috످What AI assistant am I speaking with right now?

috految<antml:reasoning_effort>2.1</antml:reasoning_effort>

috److You're speaking with Claude, an AI assistant made by Anthropic.

috످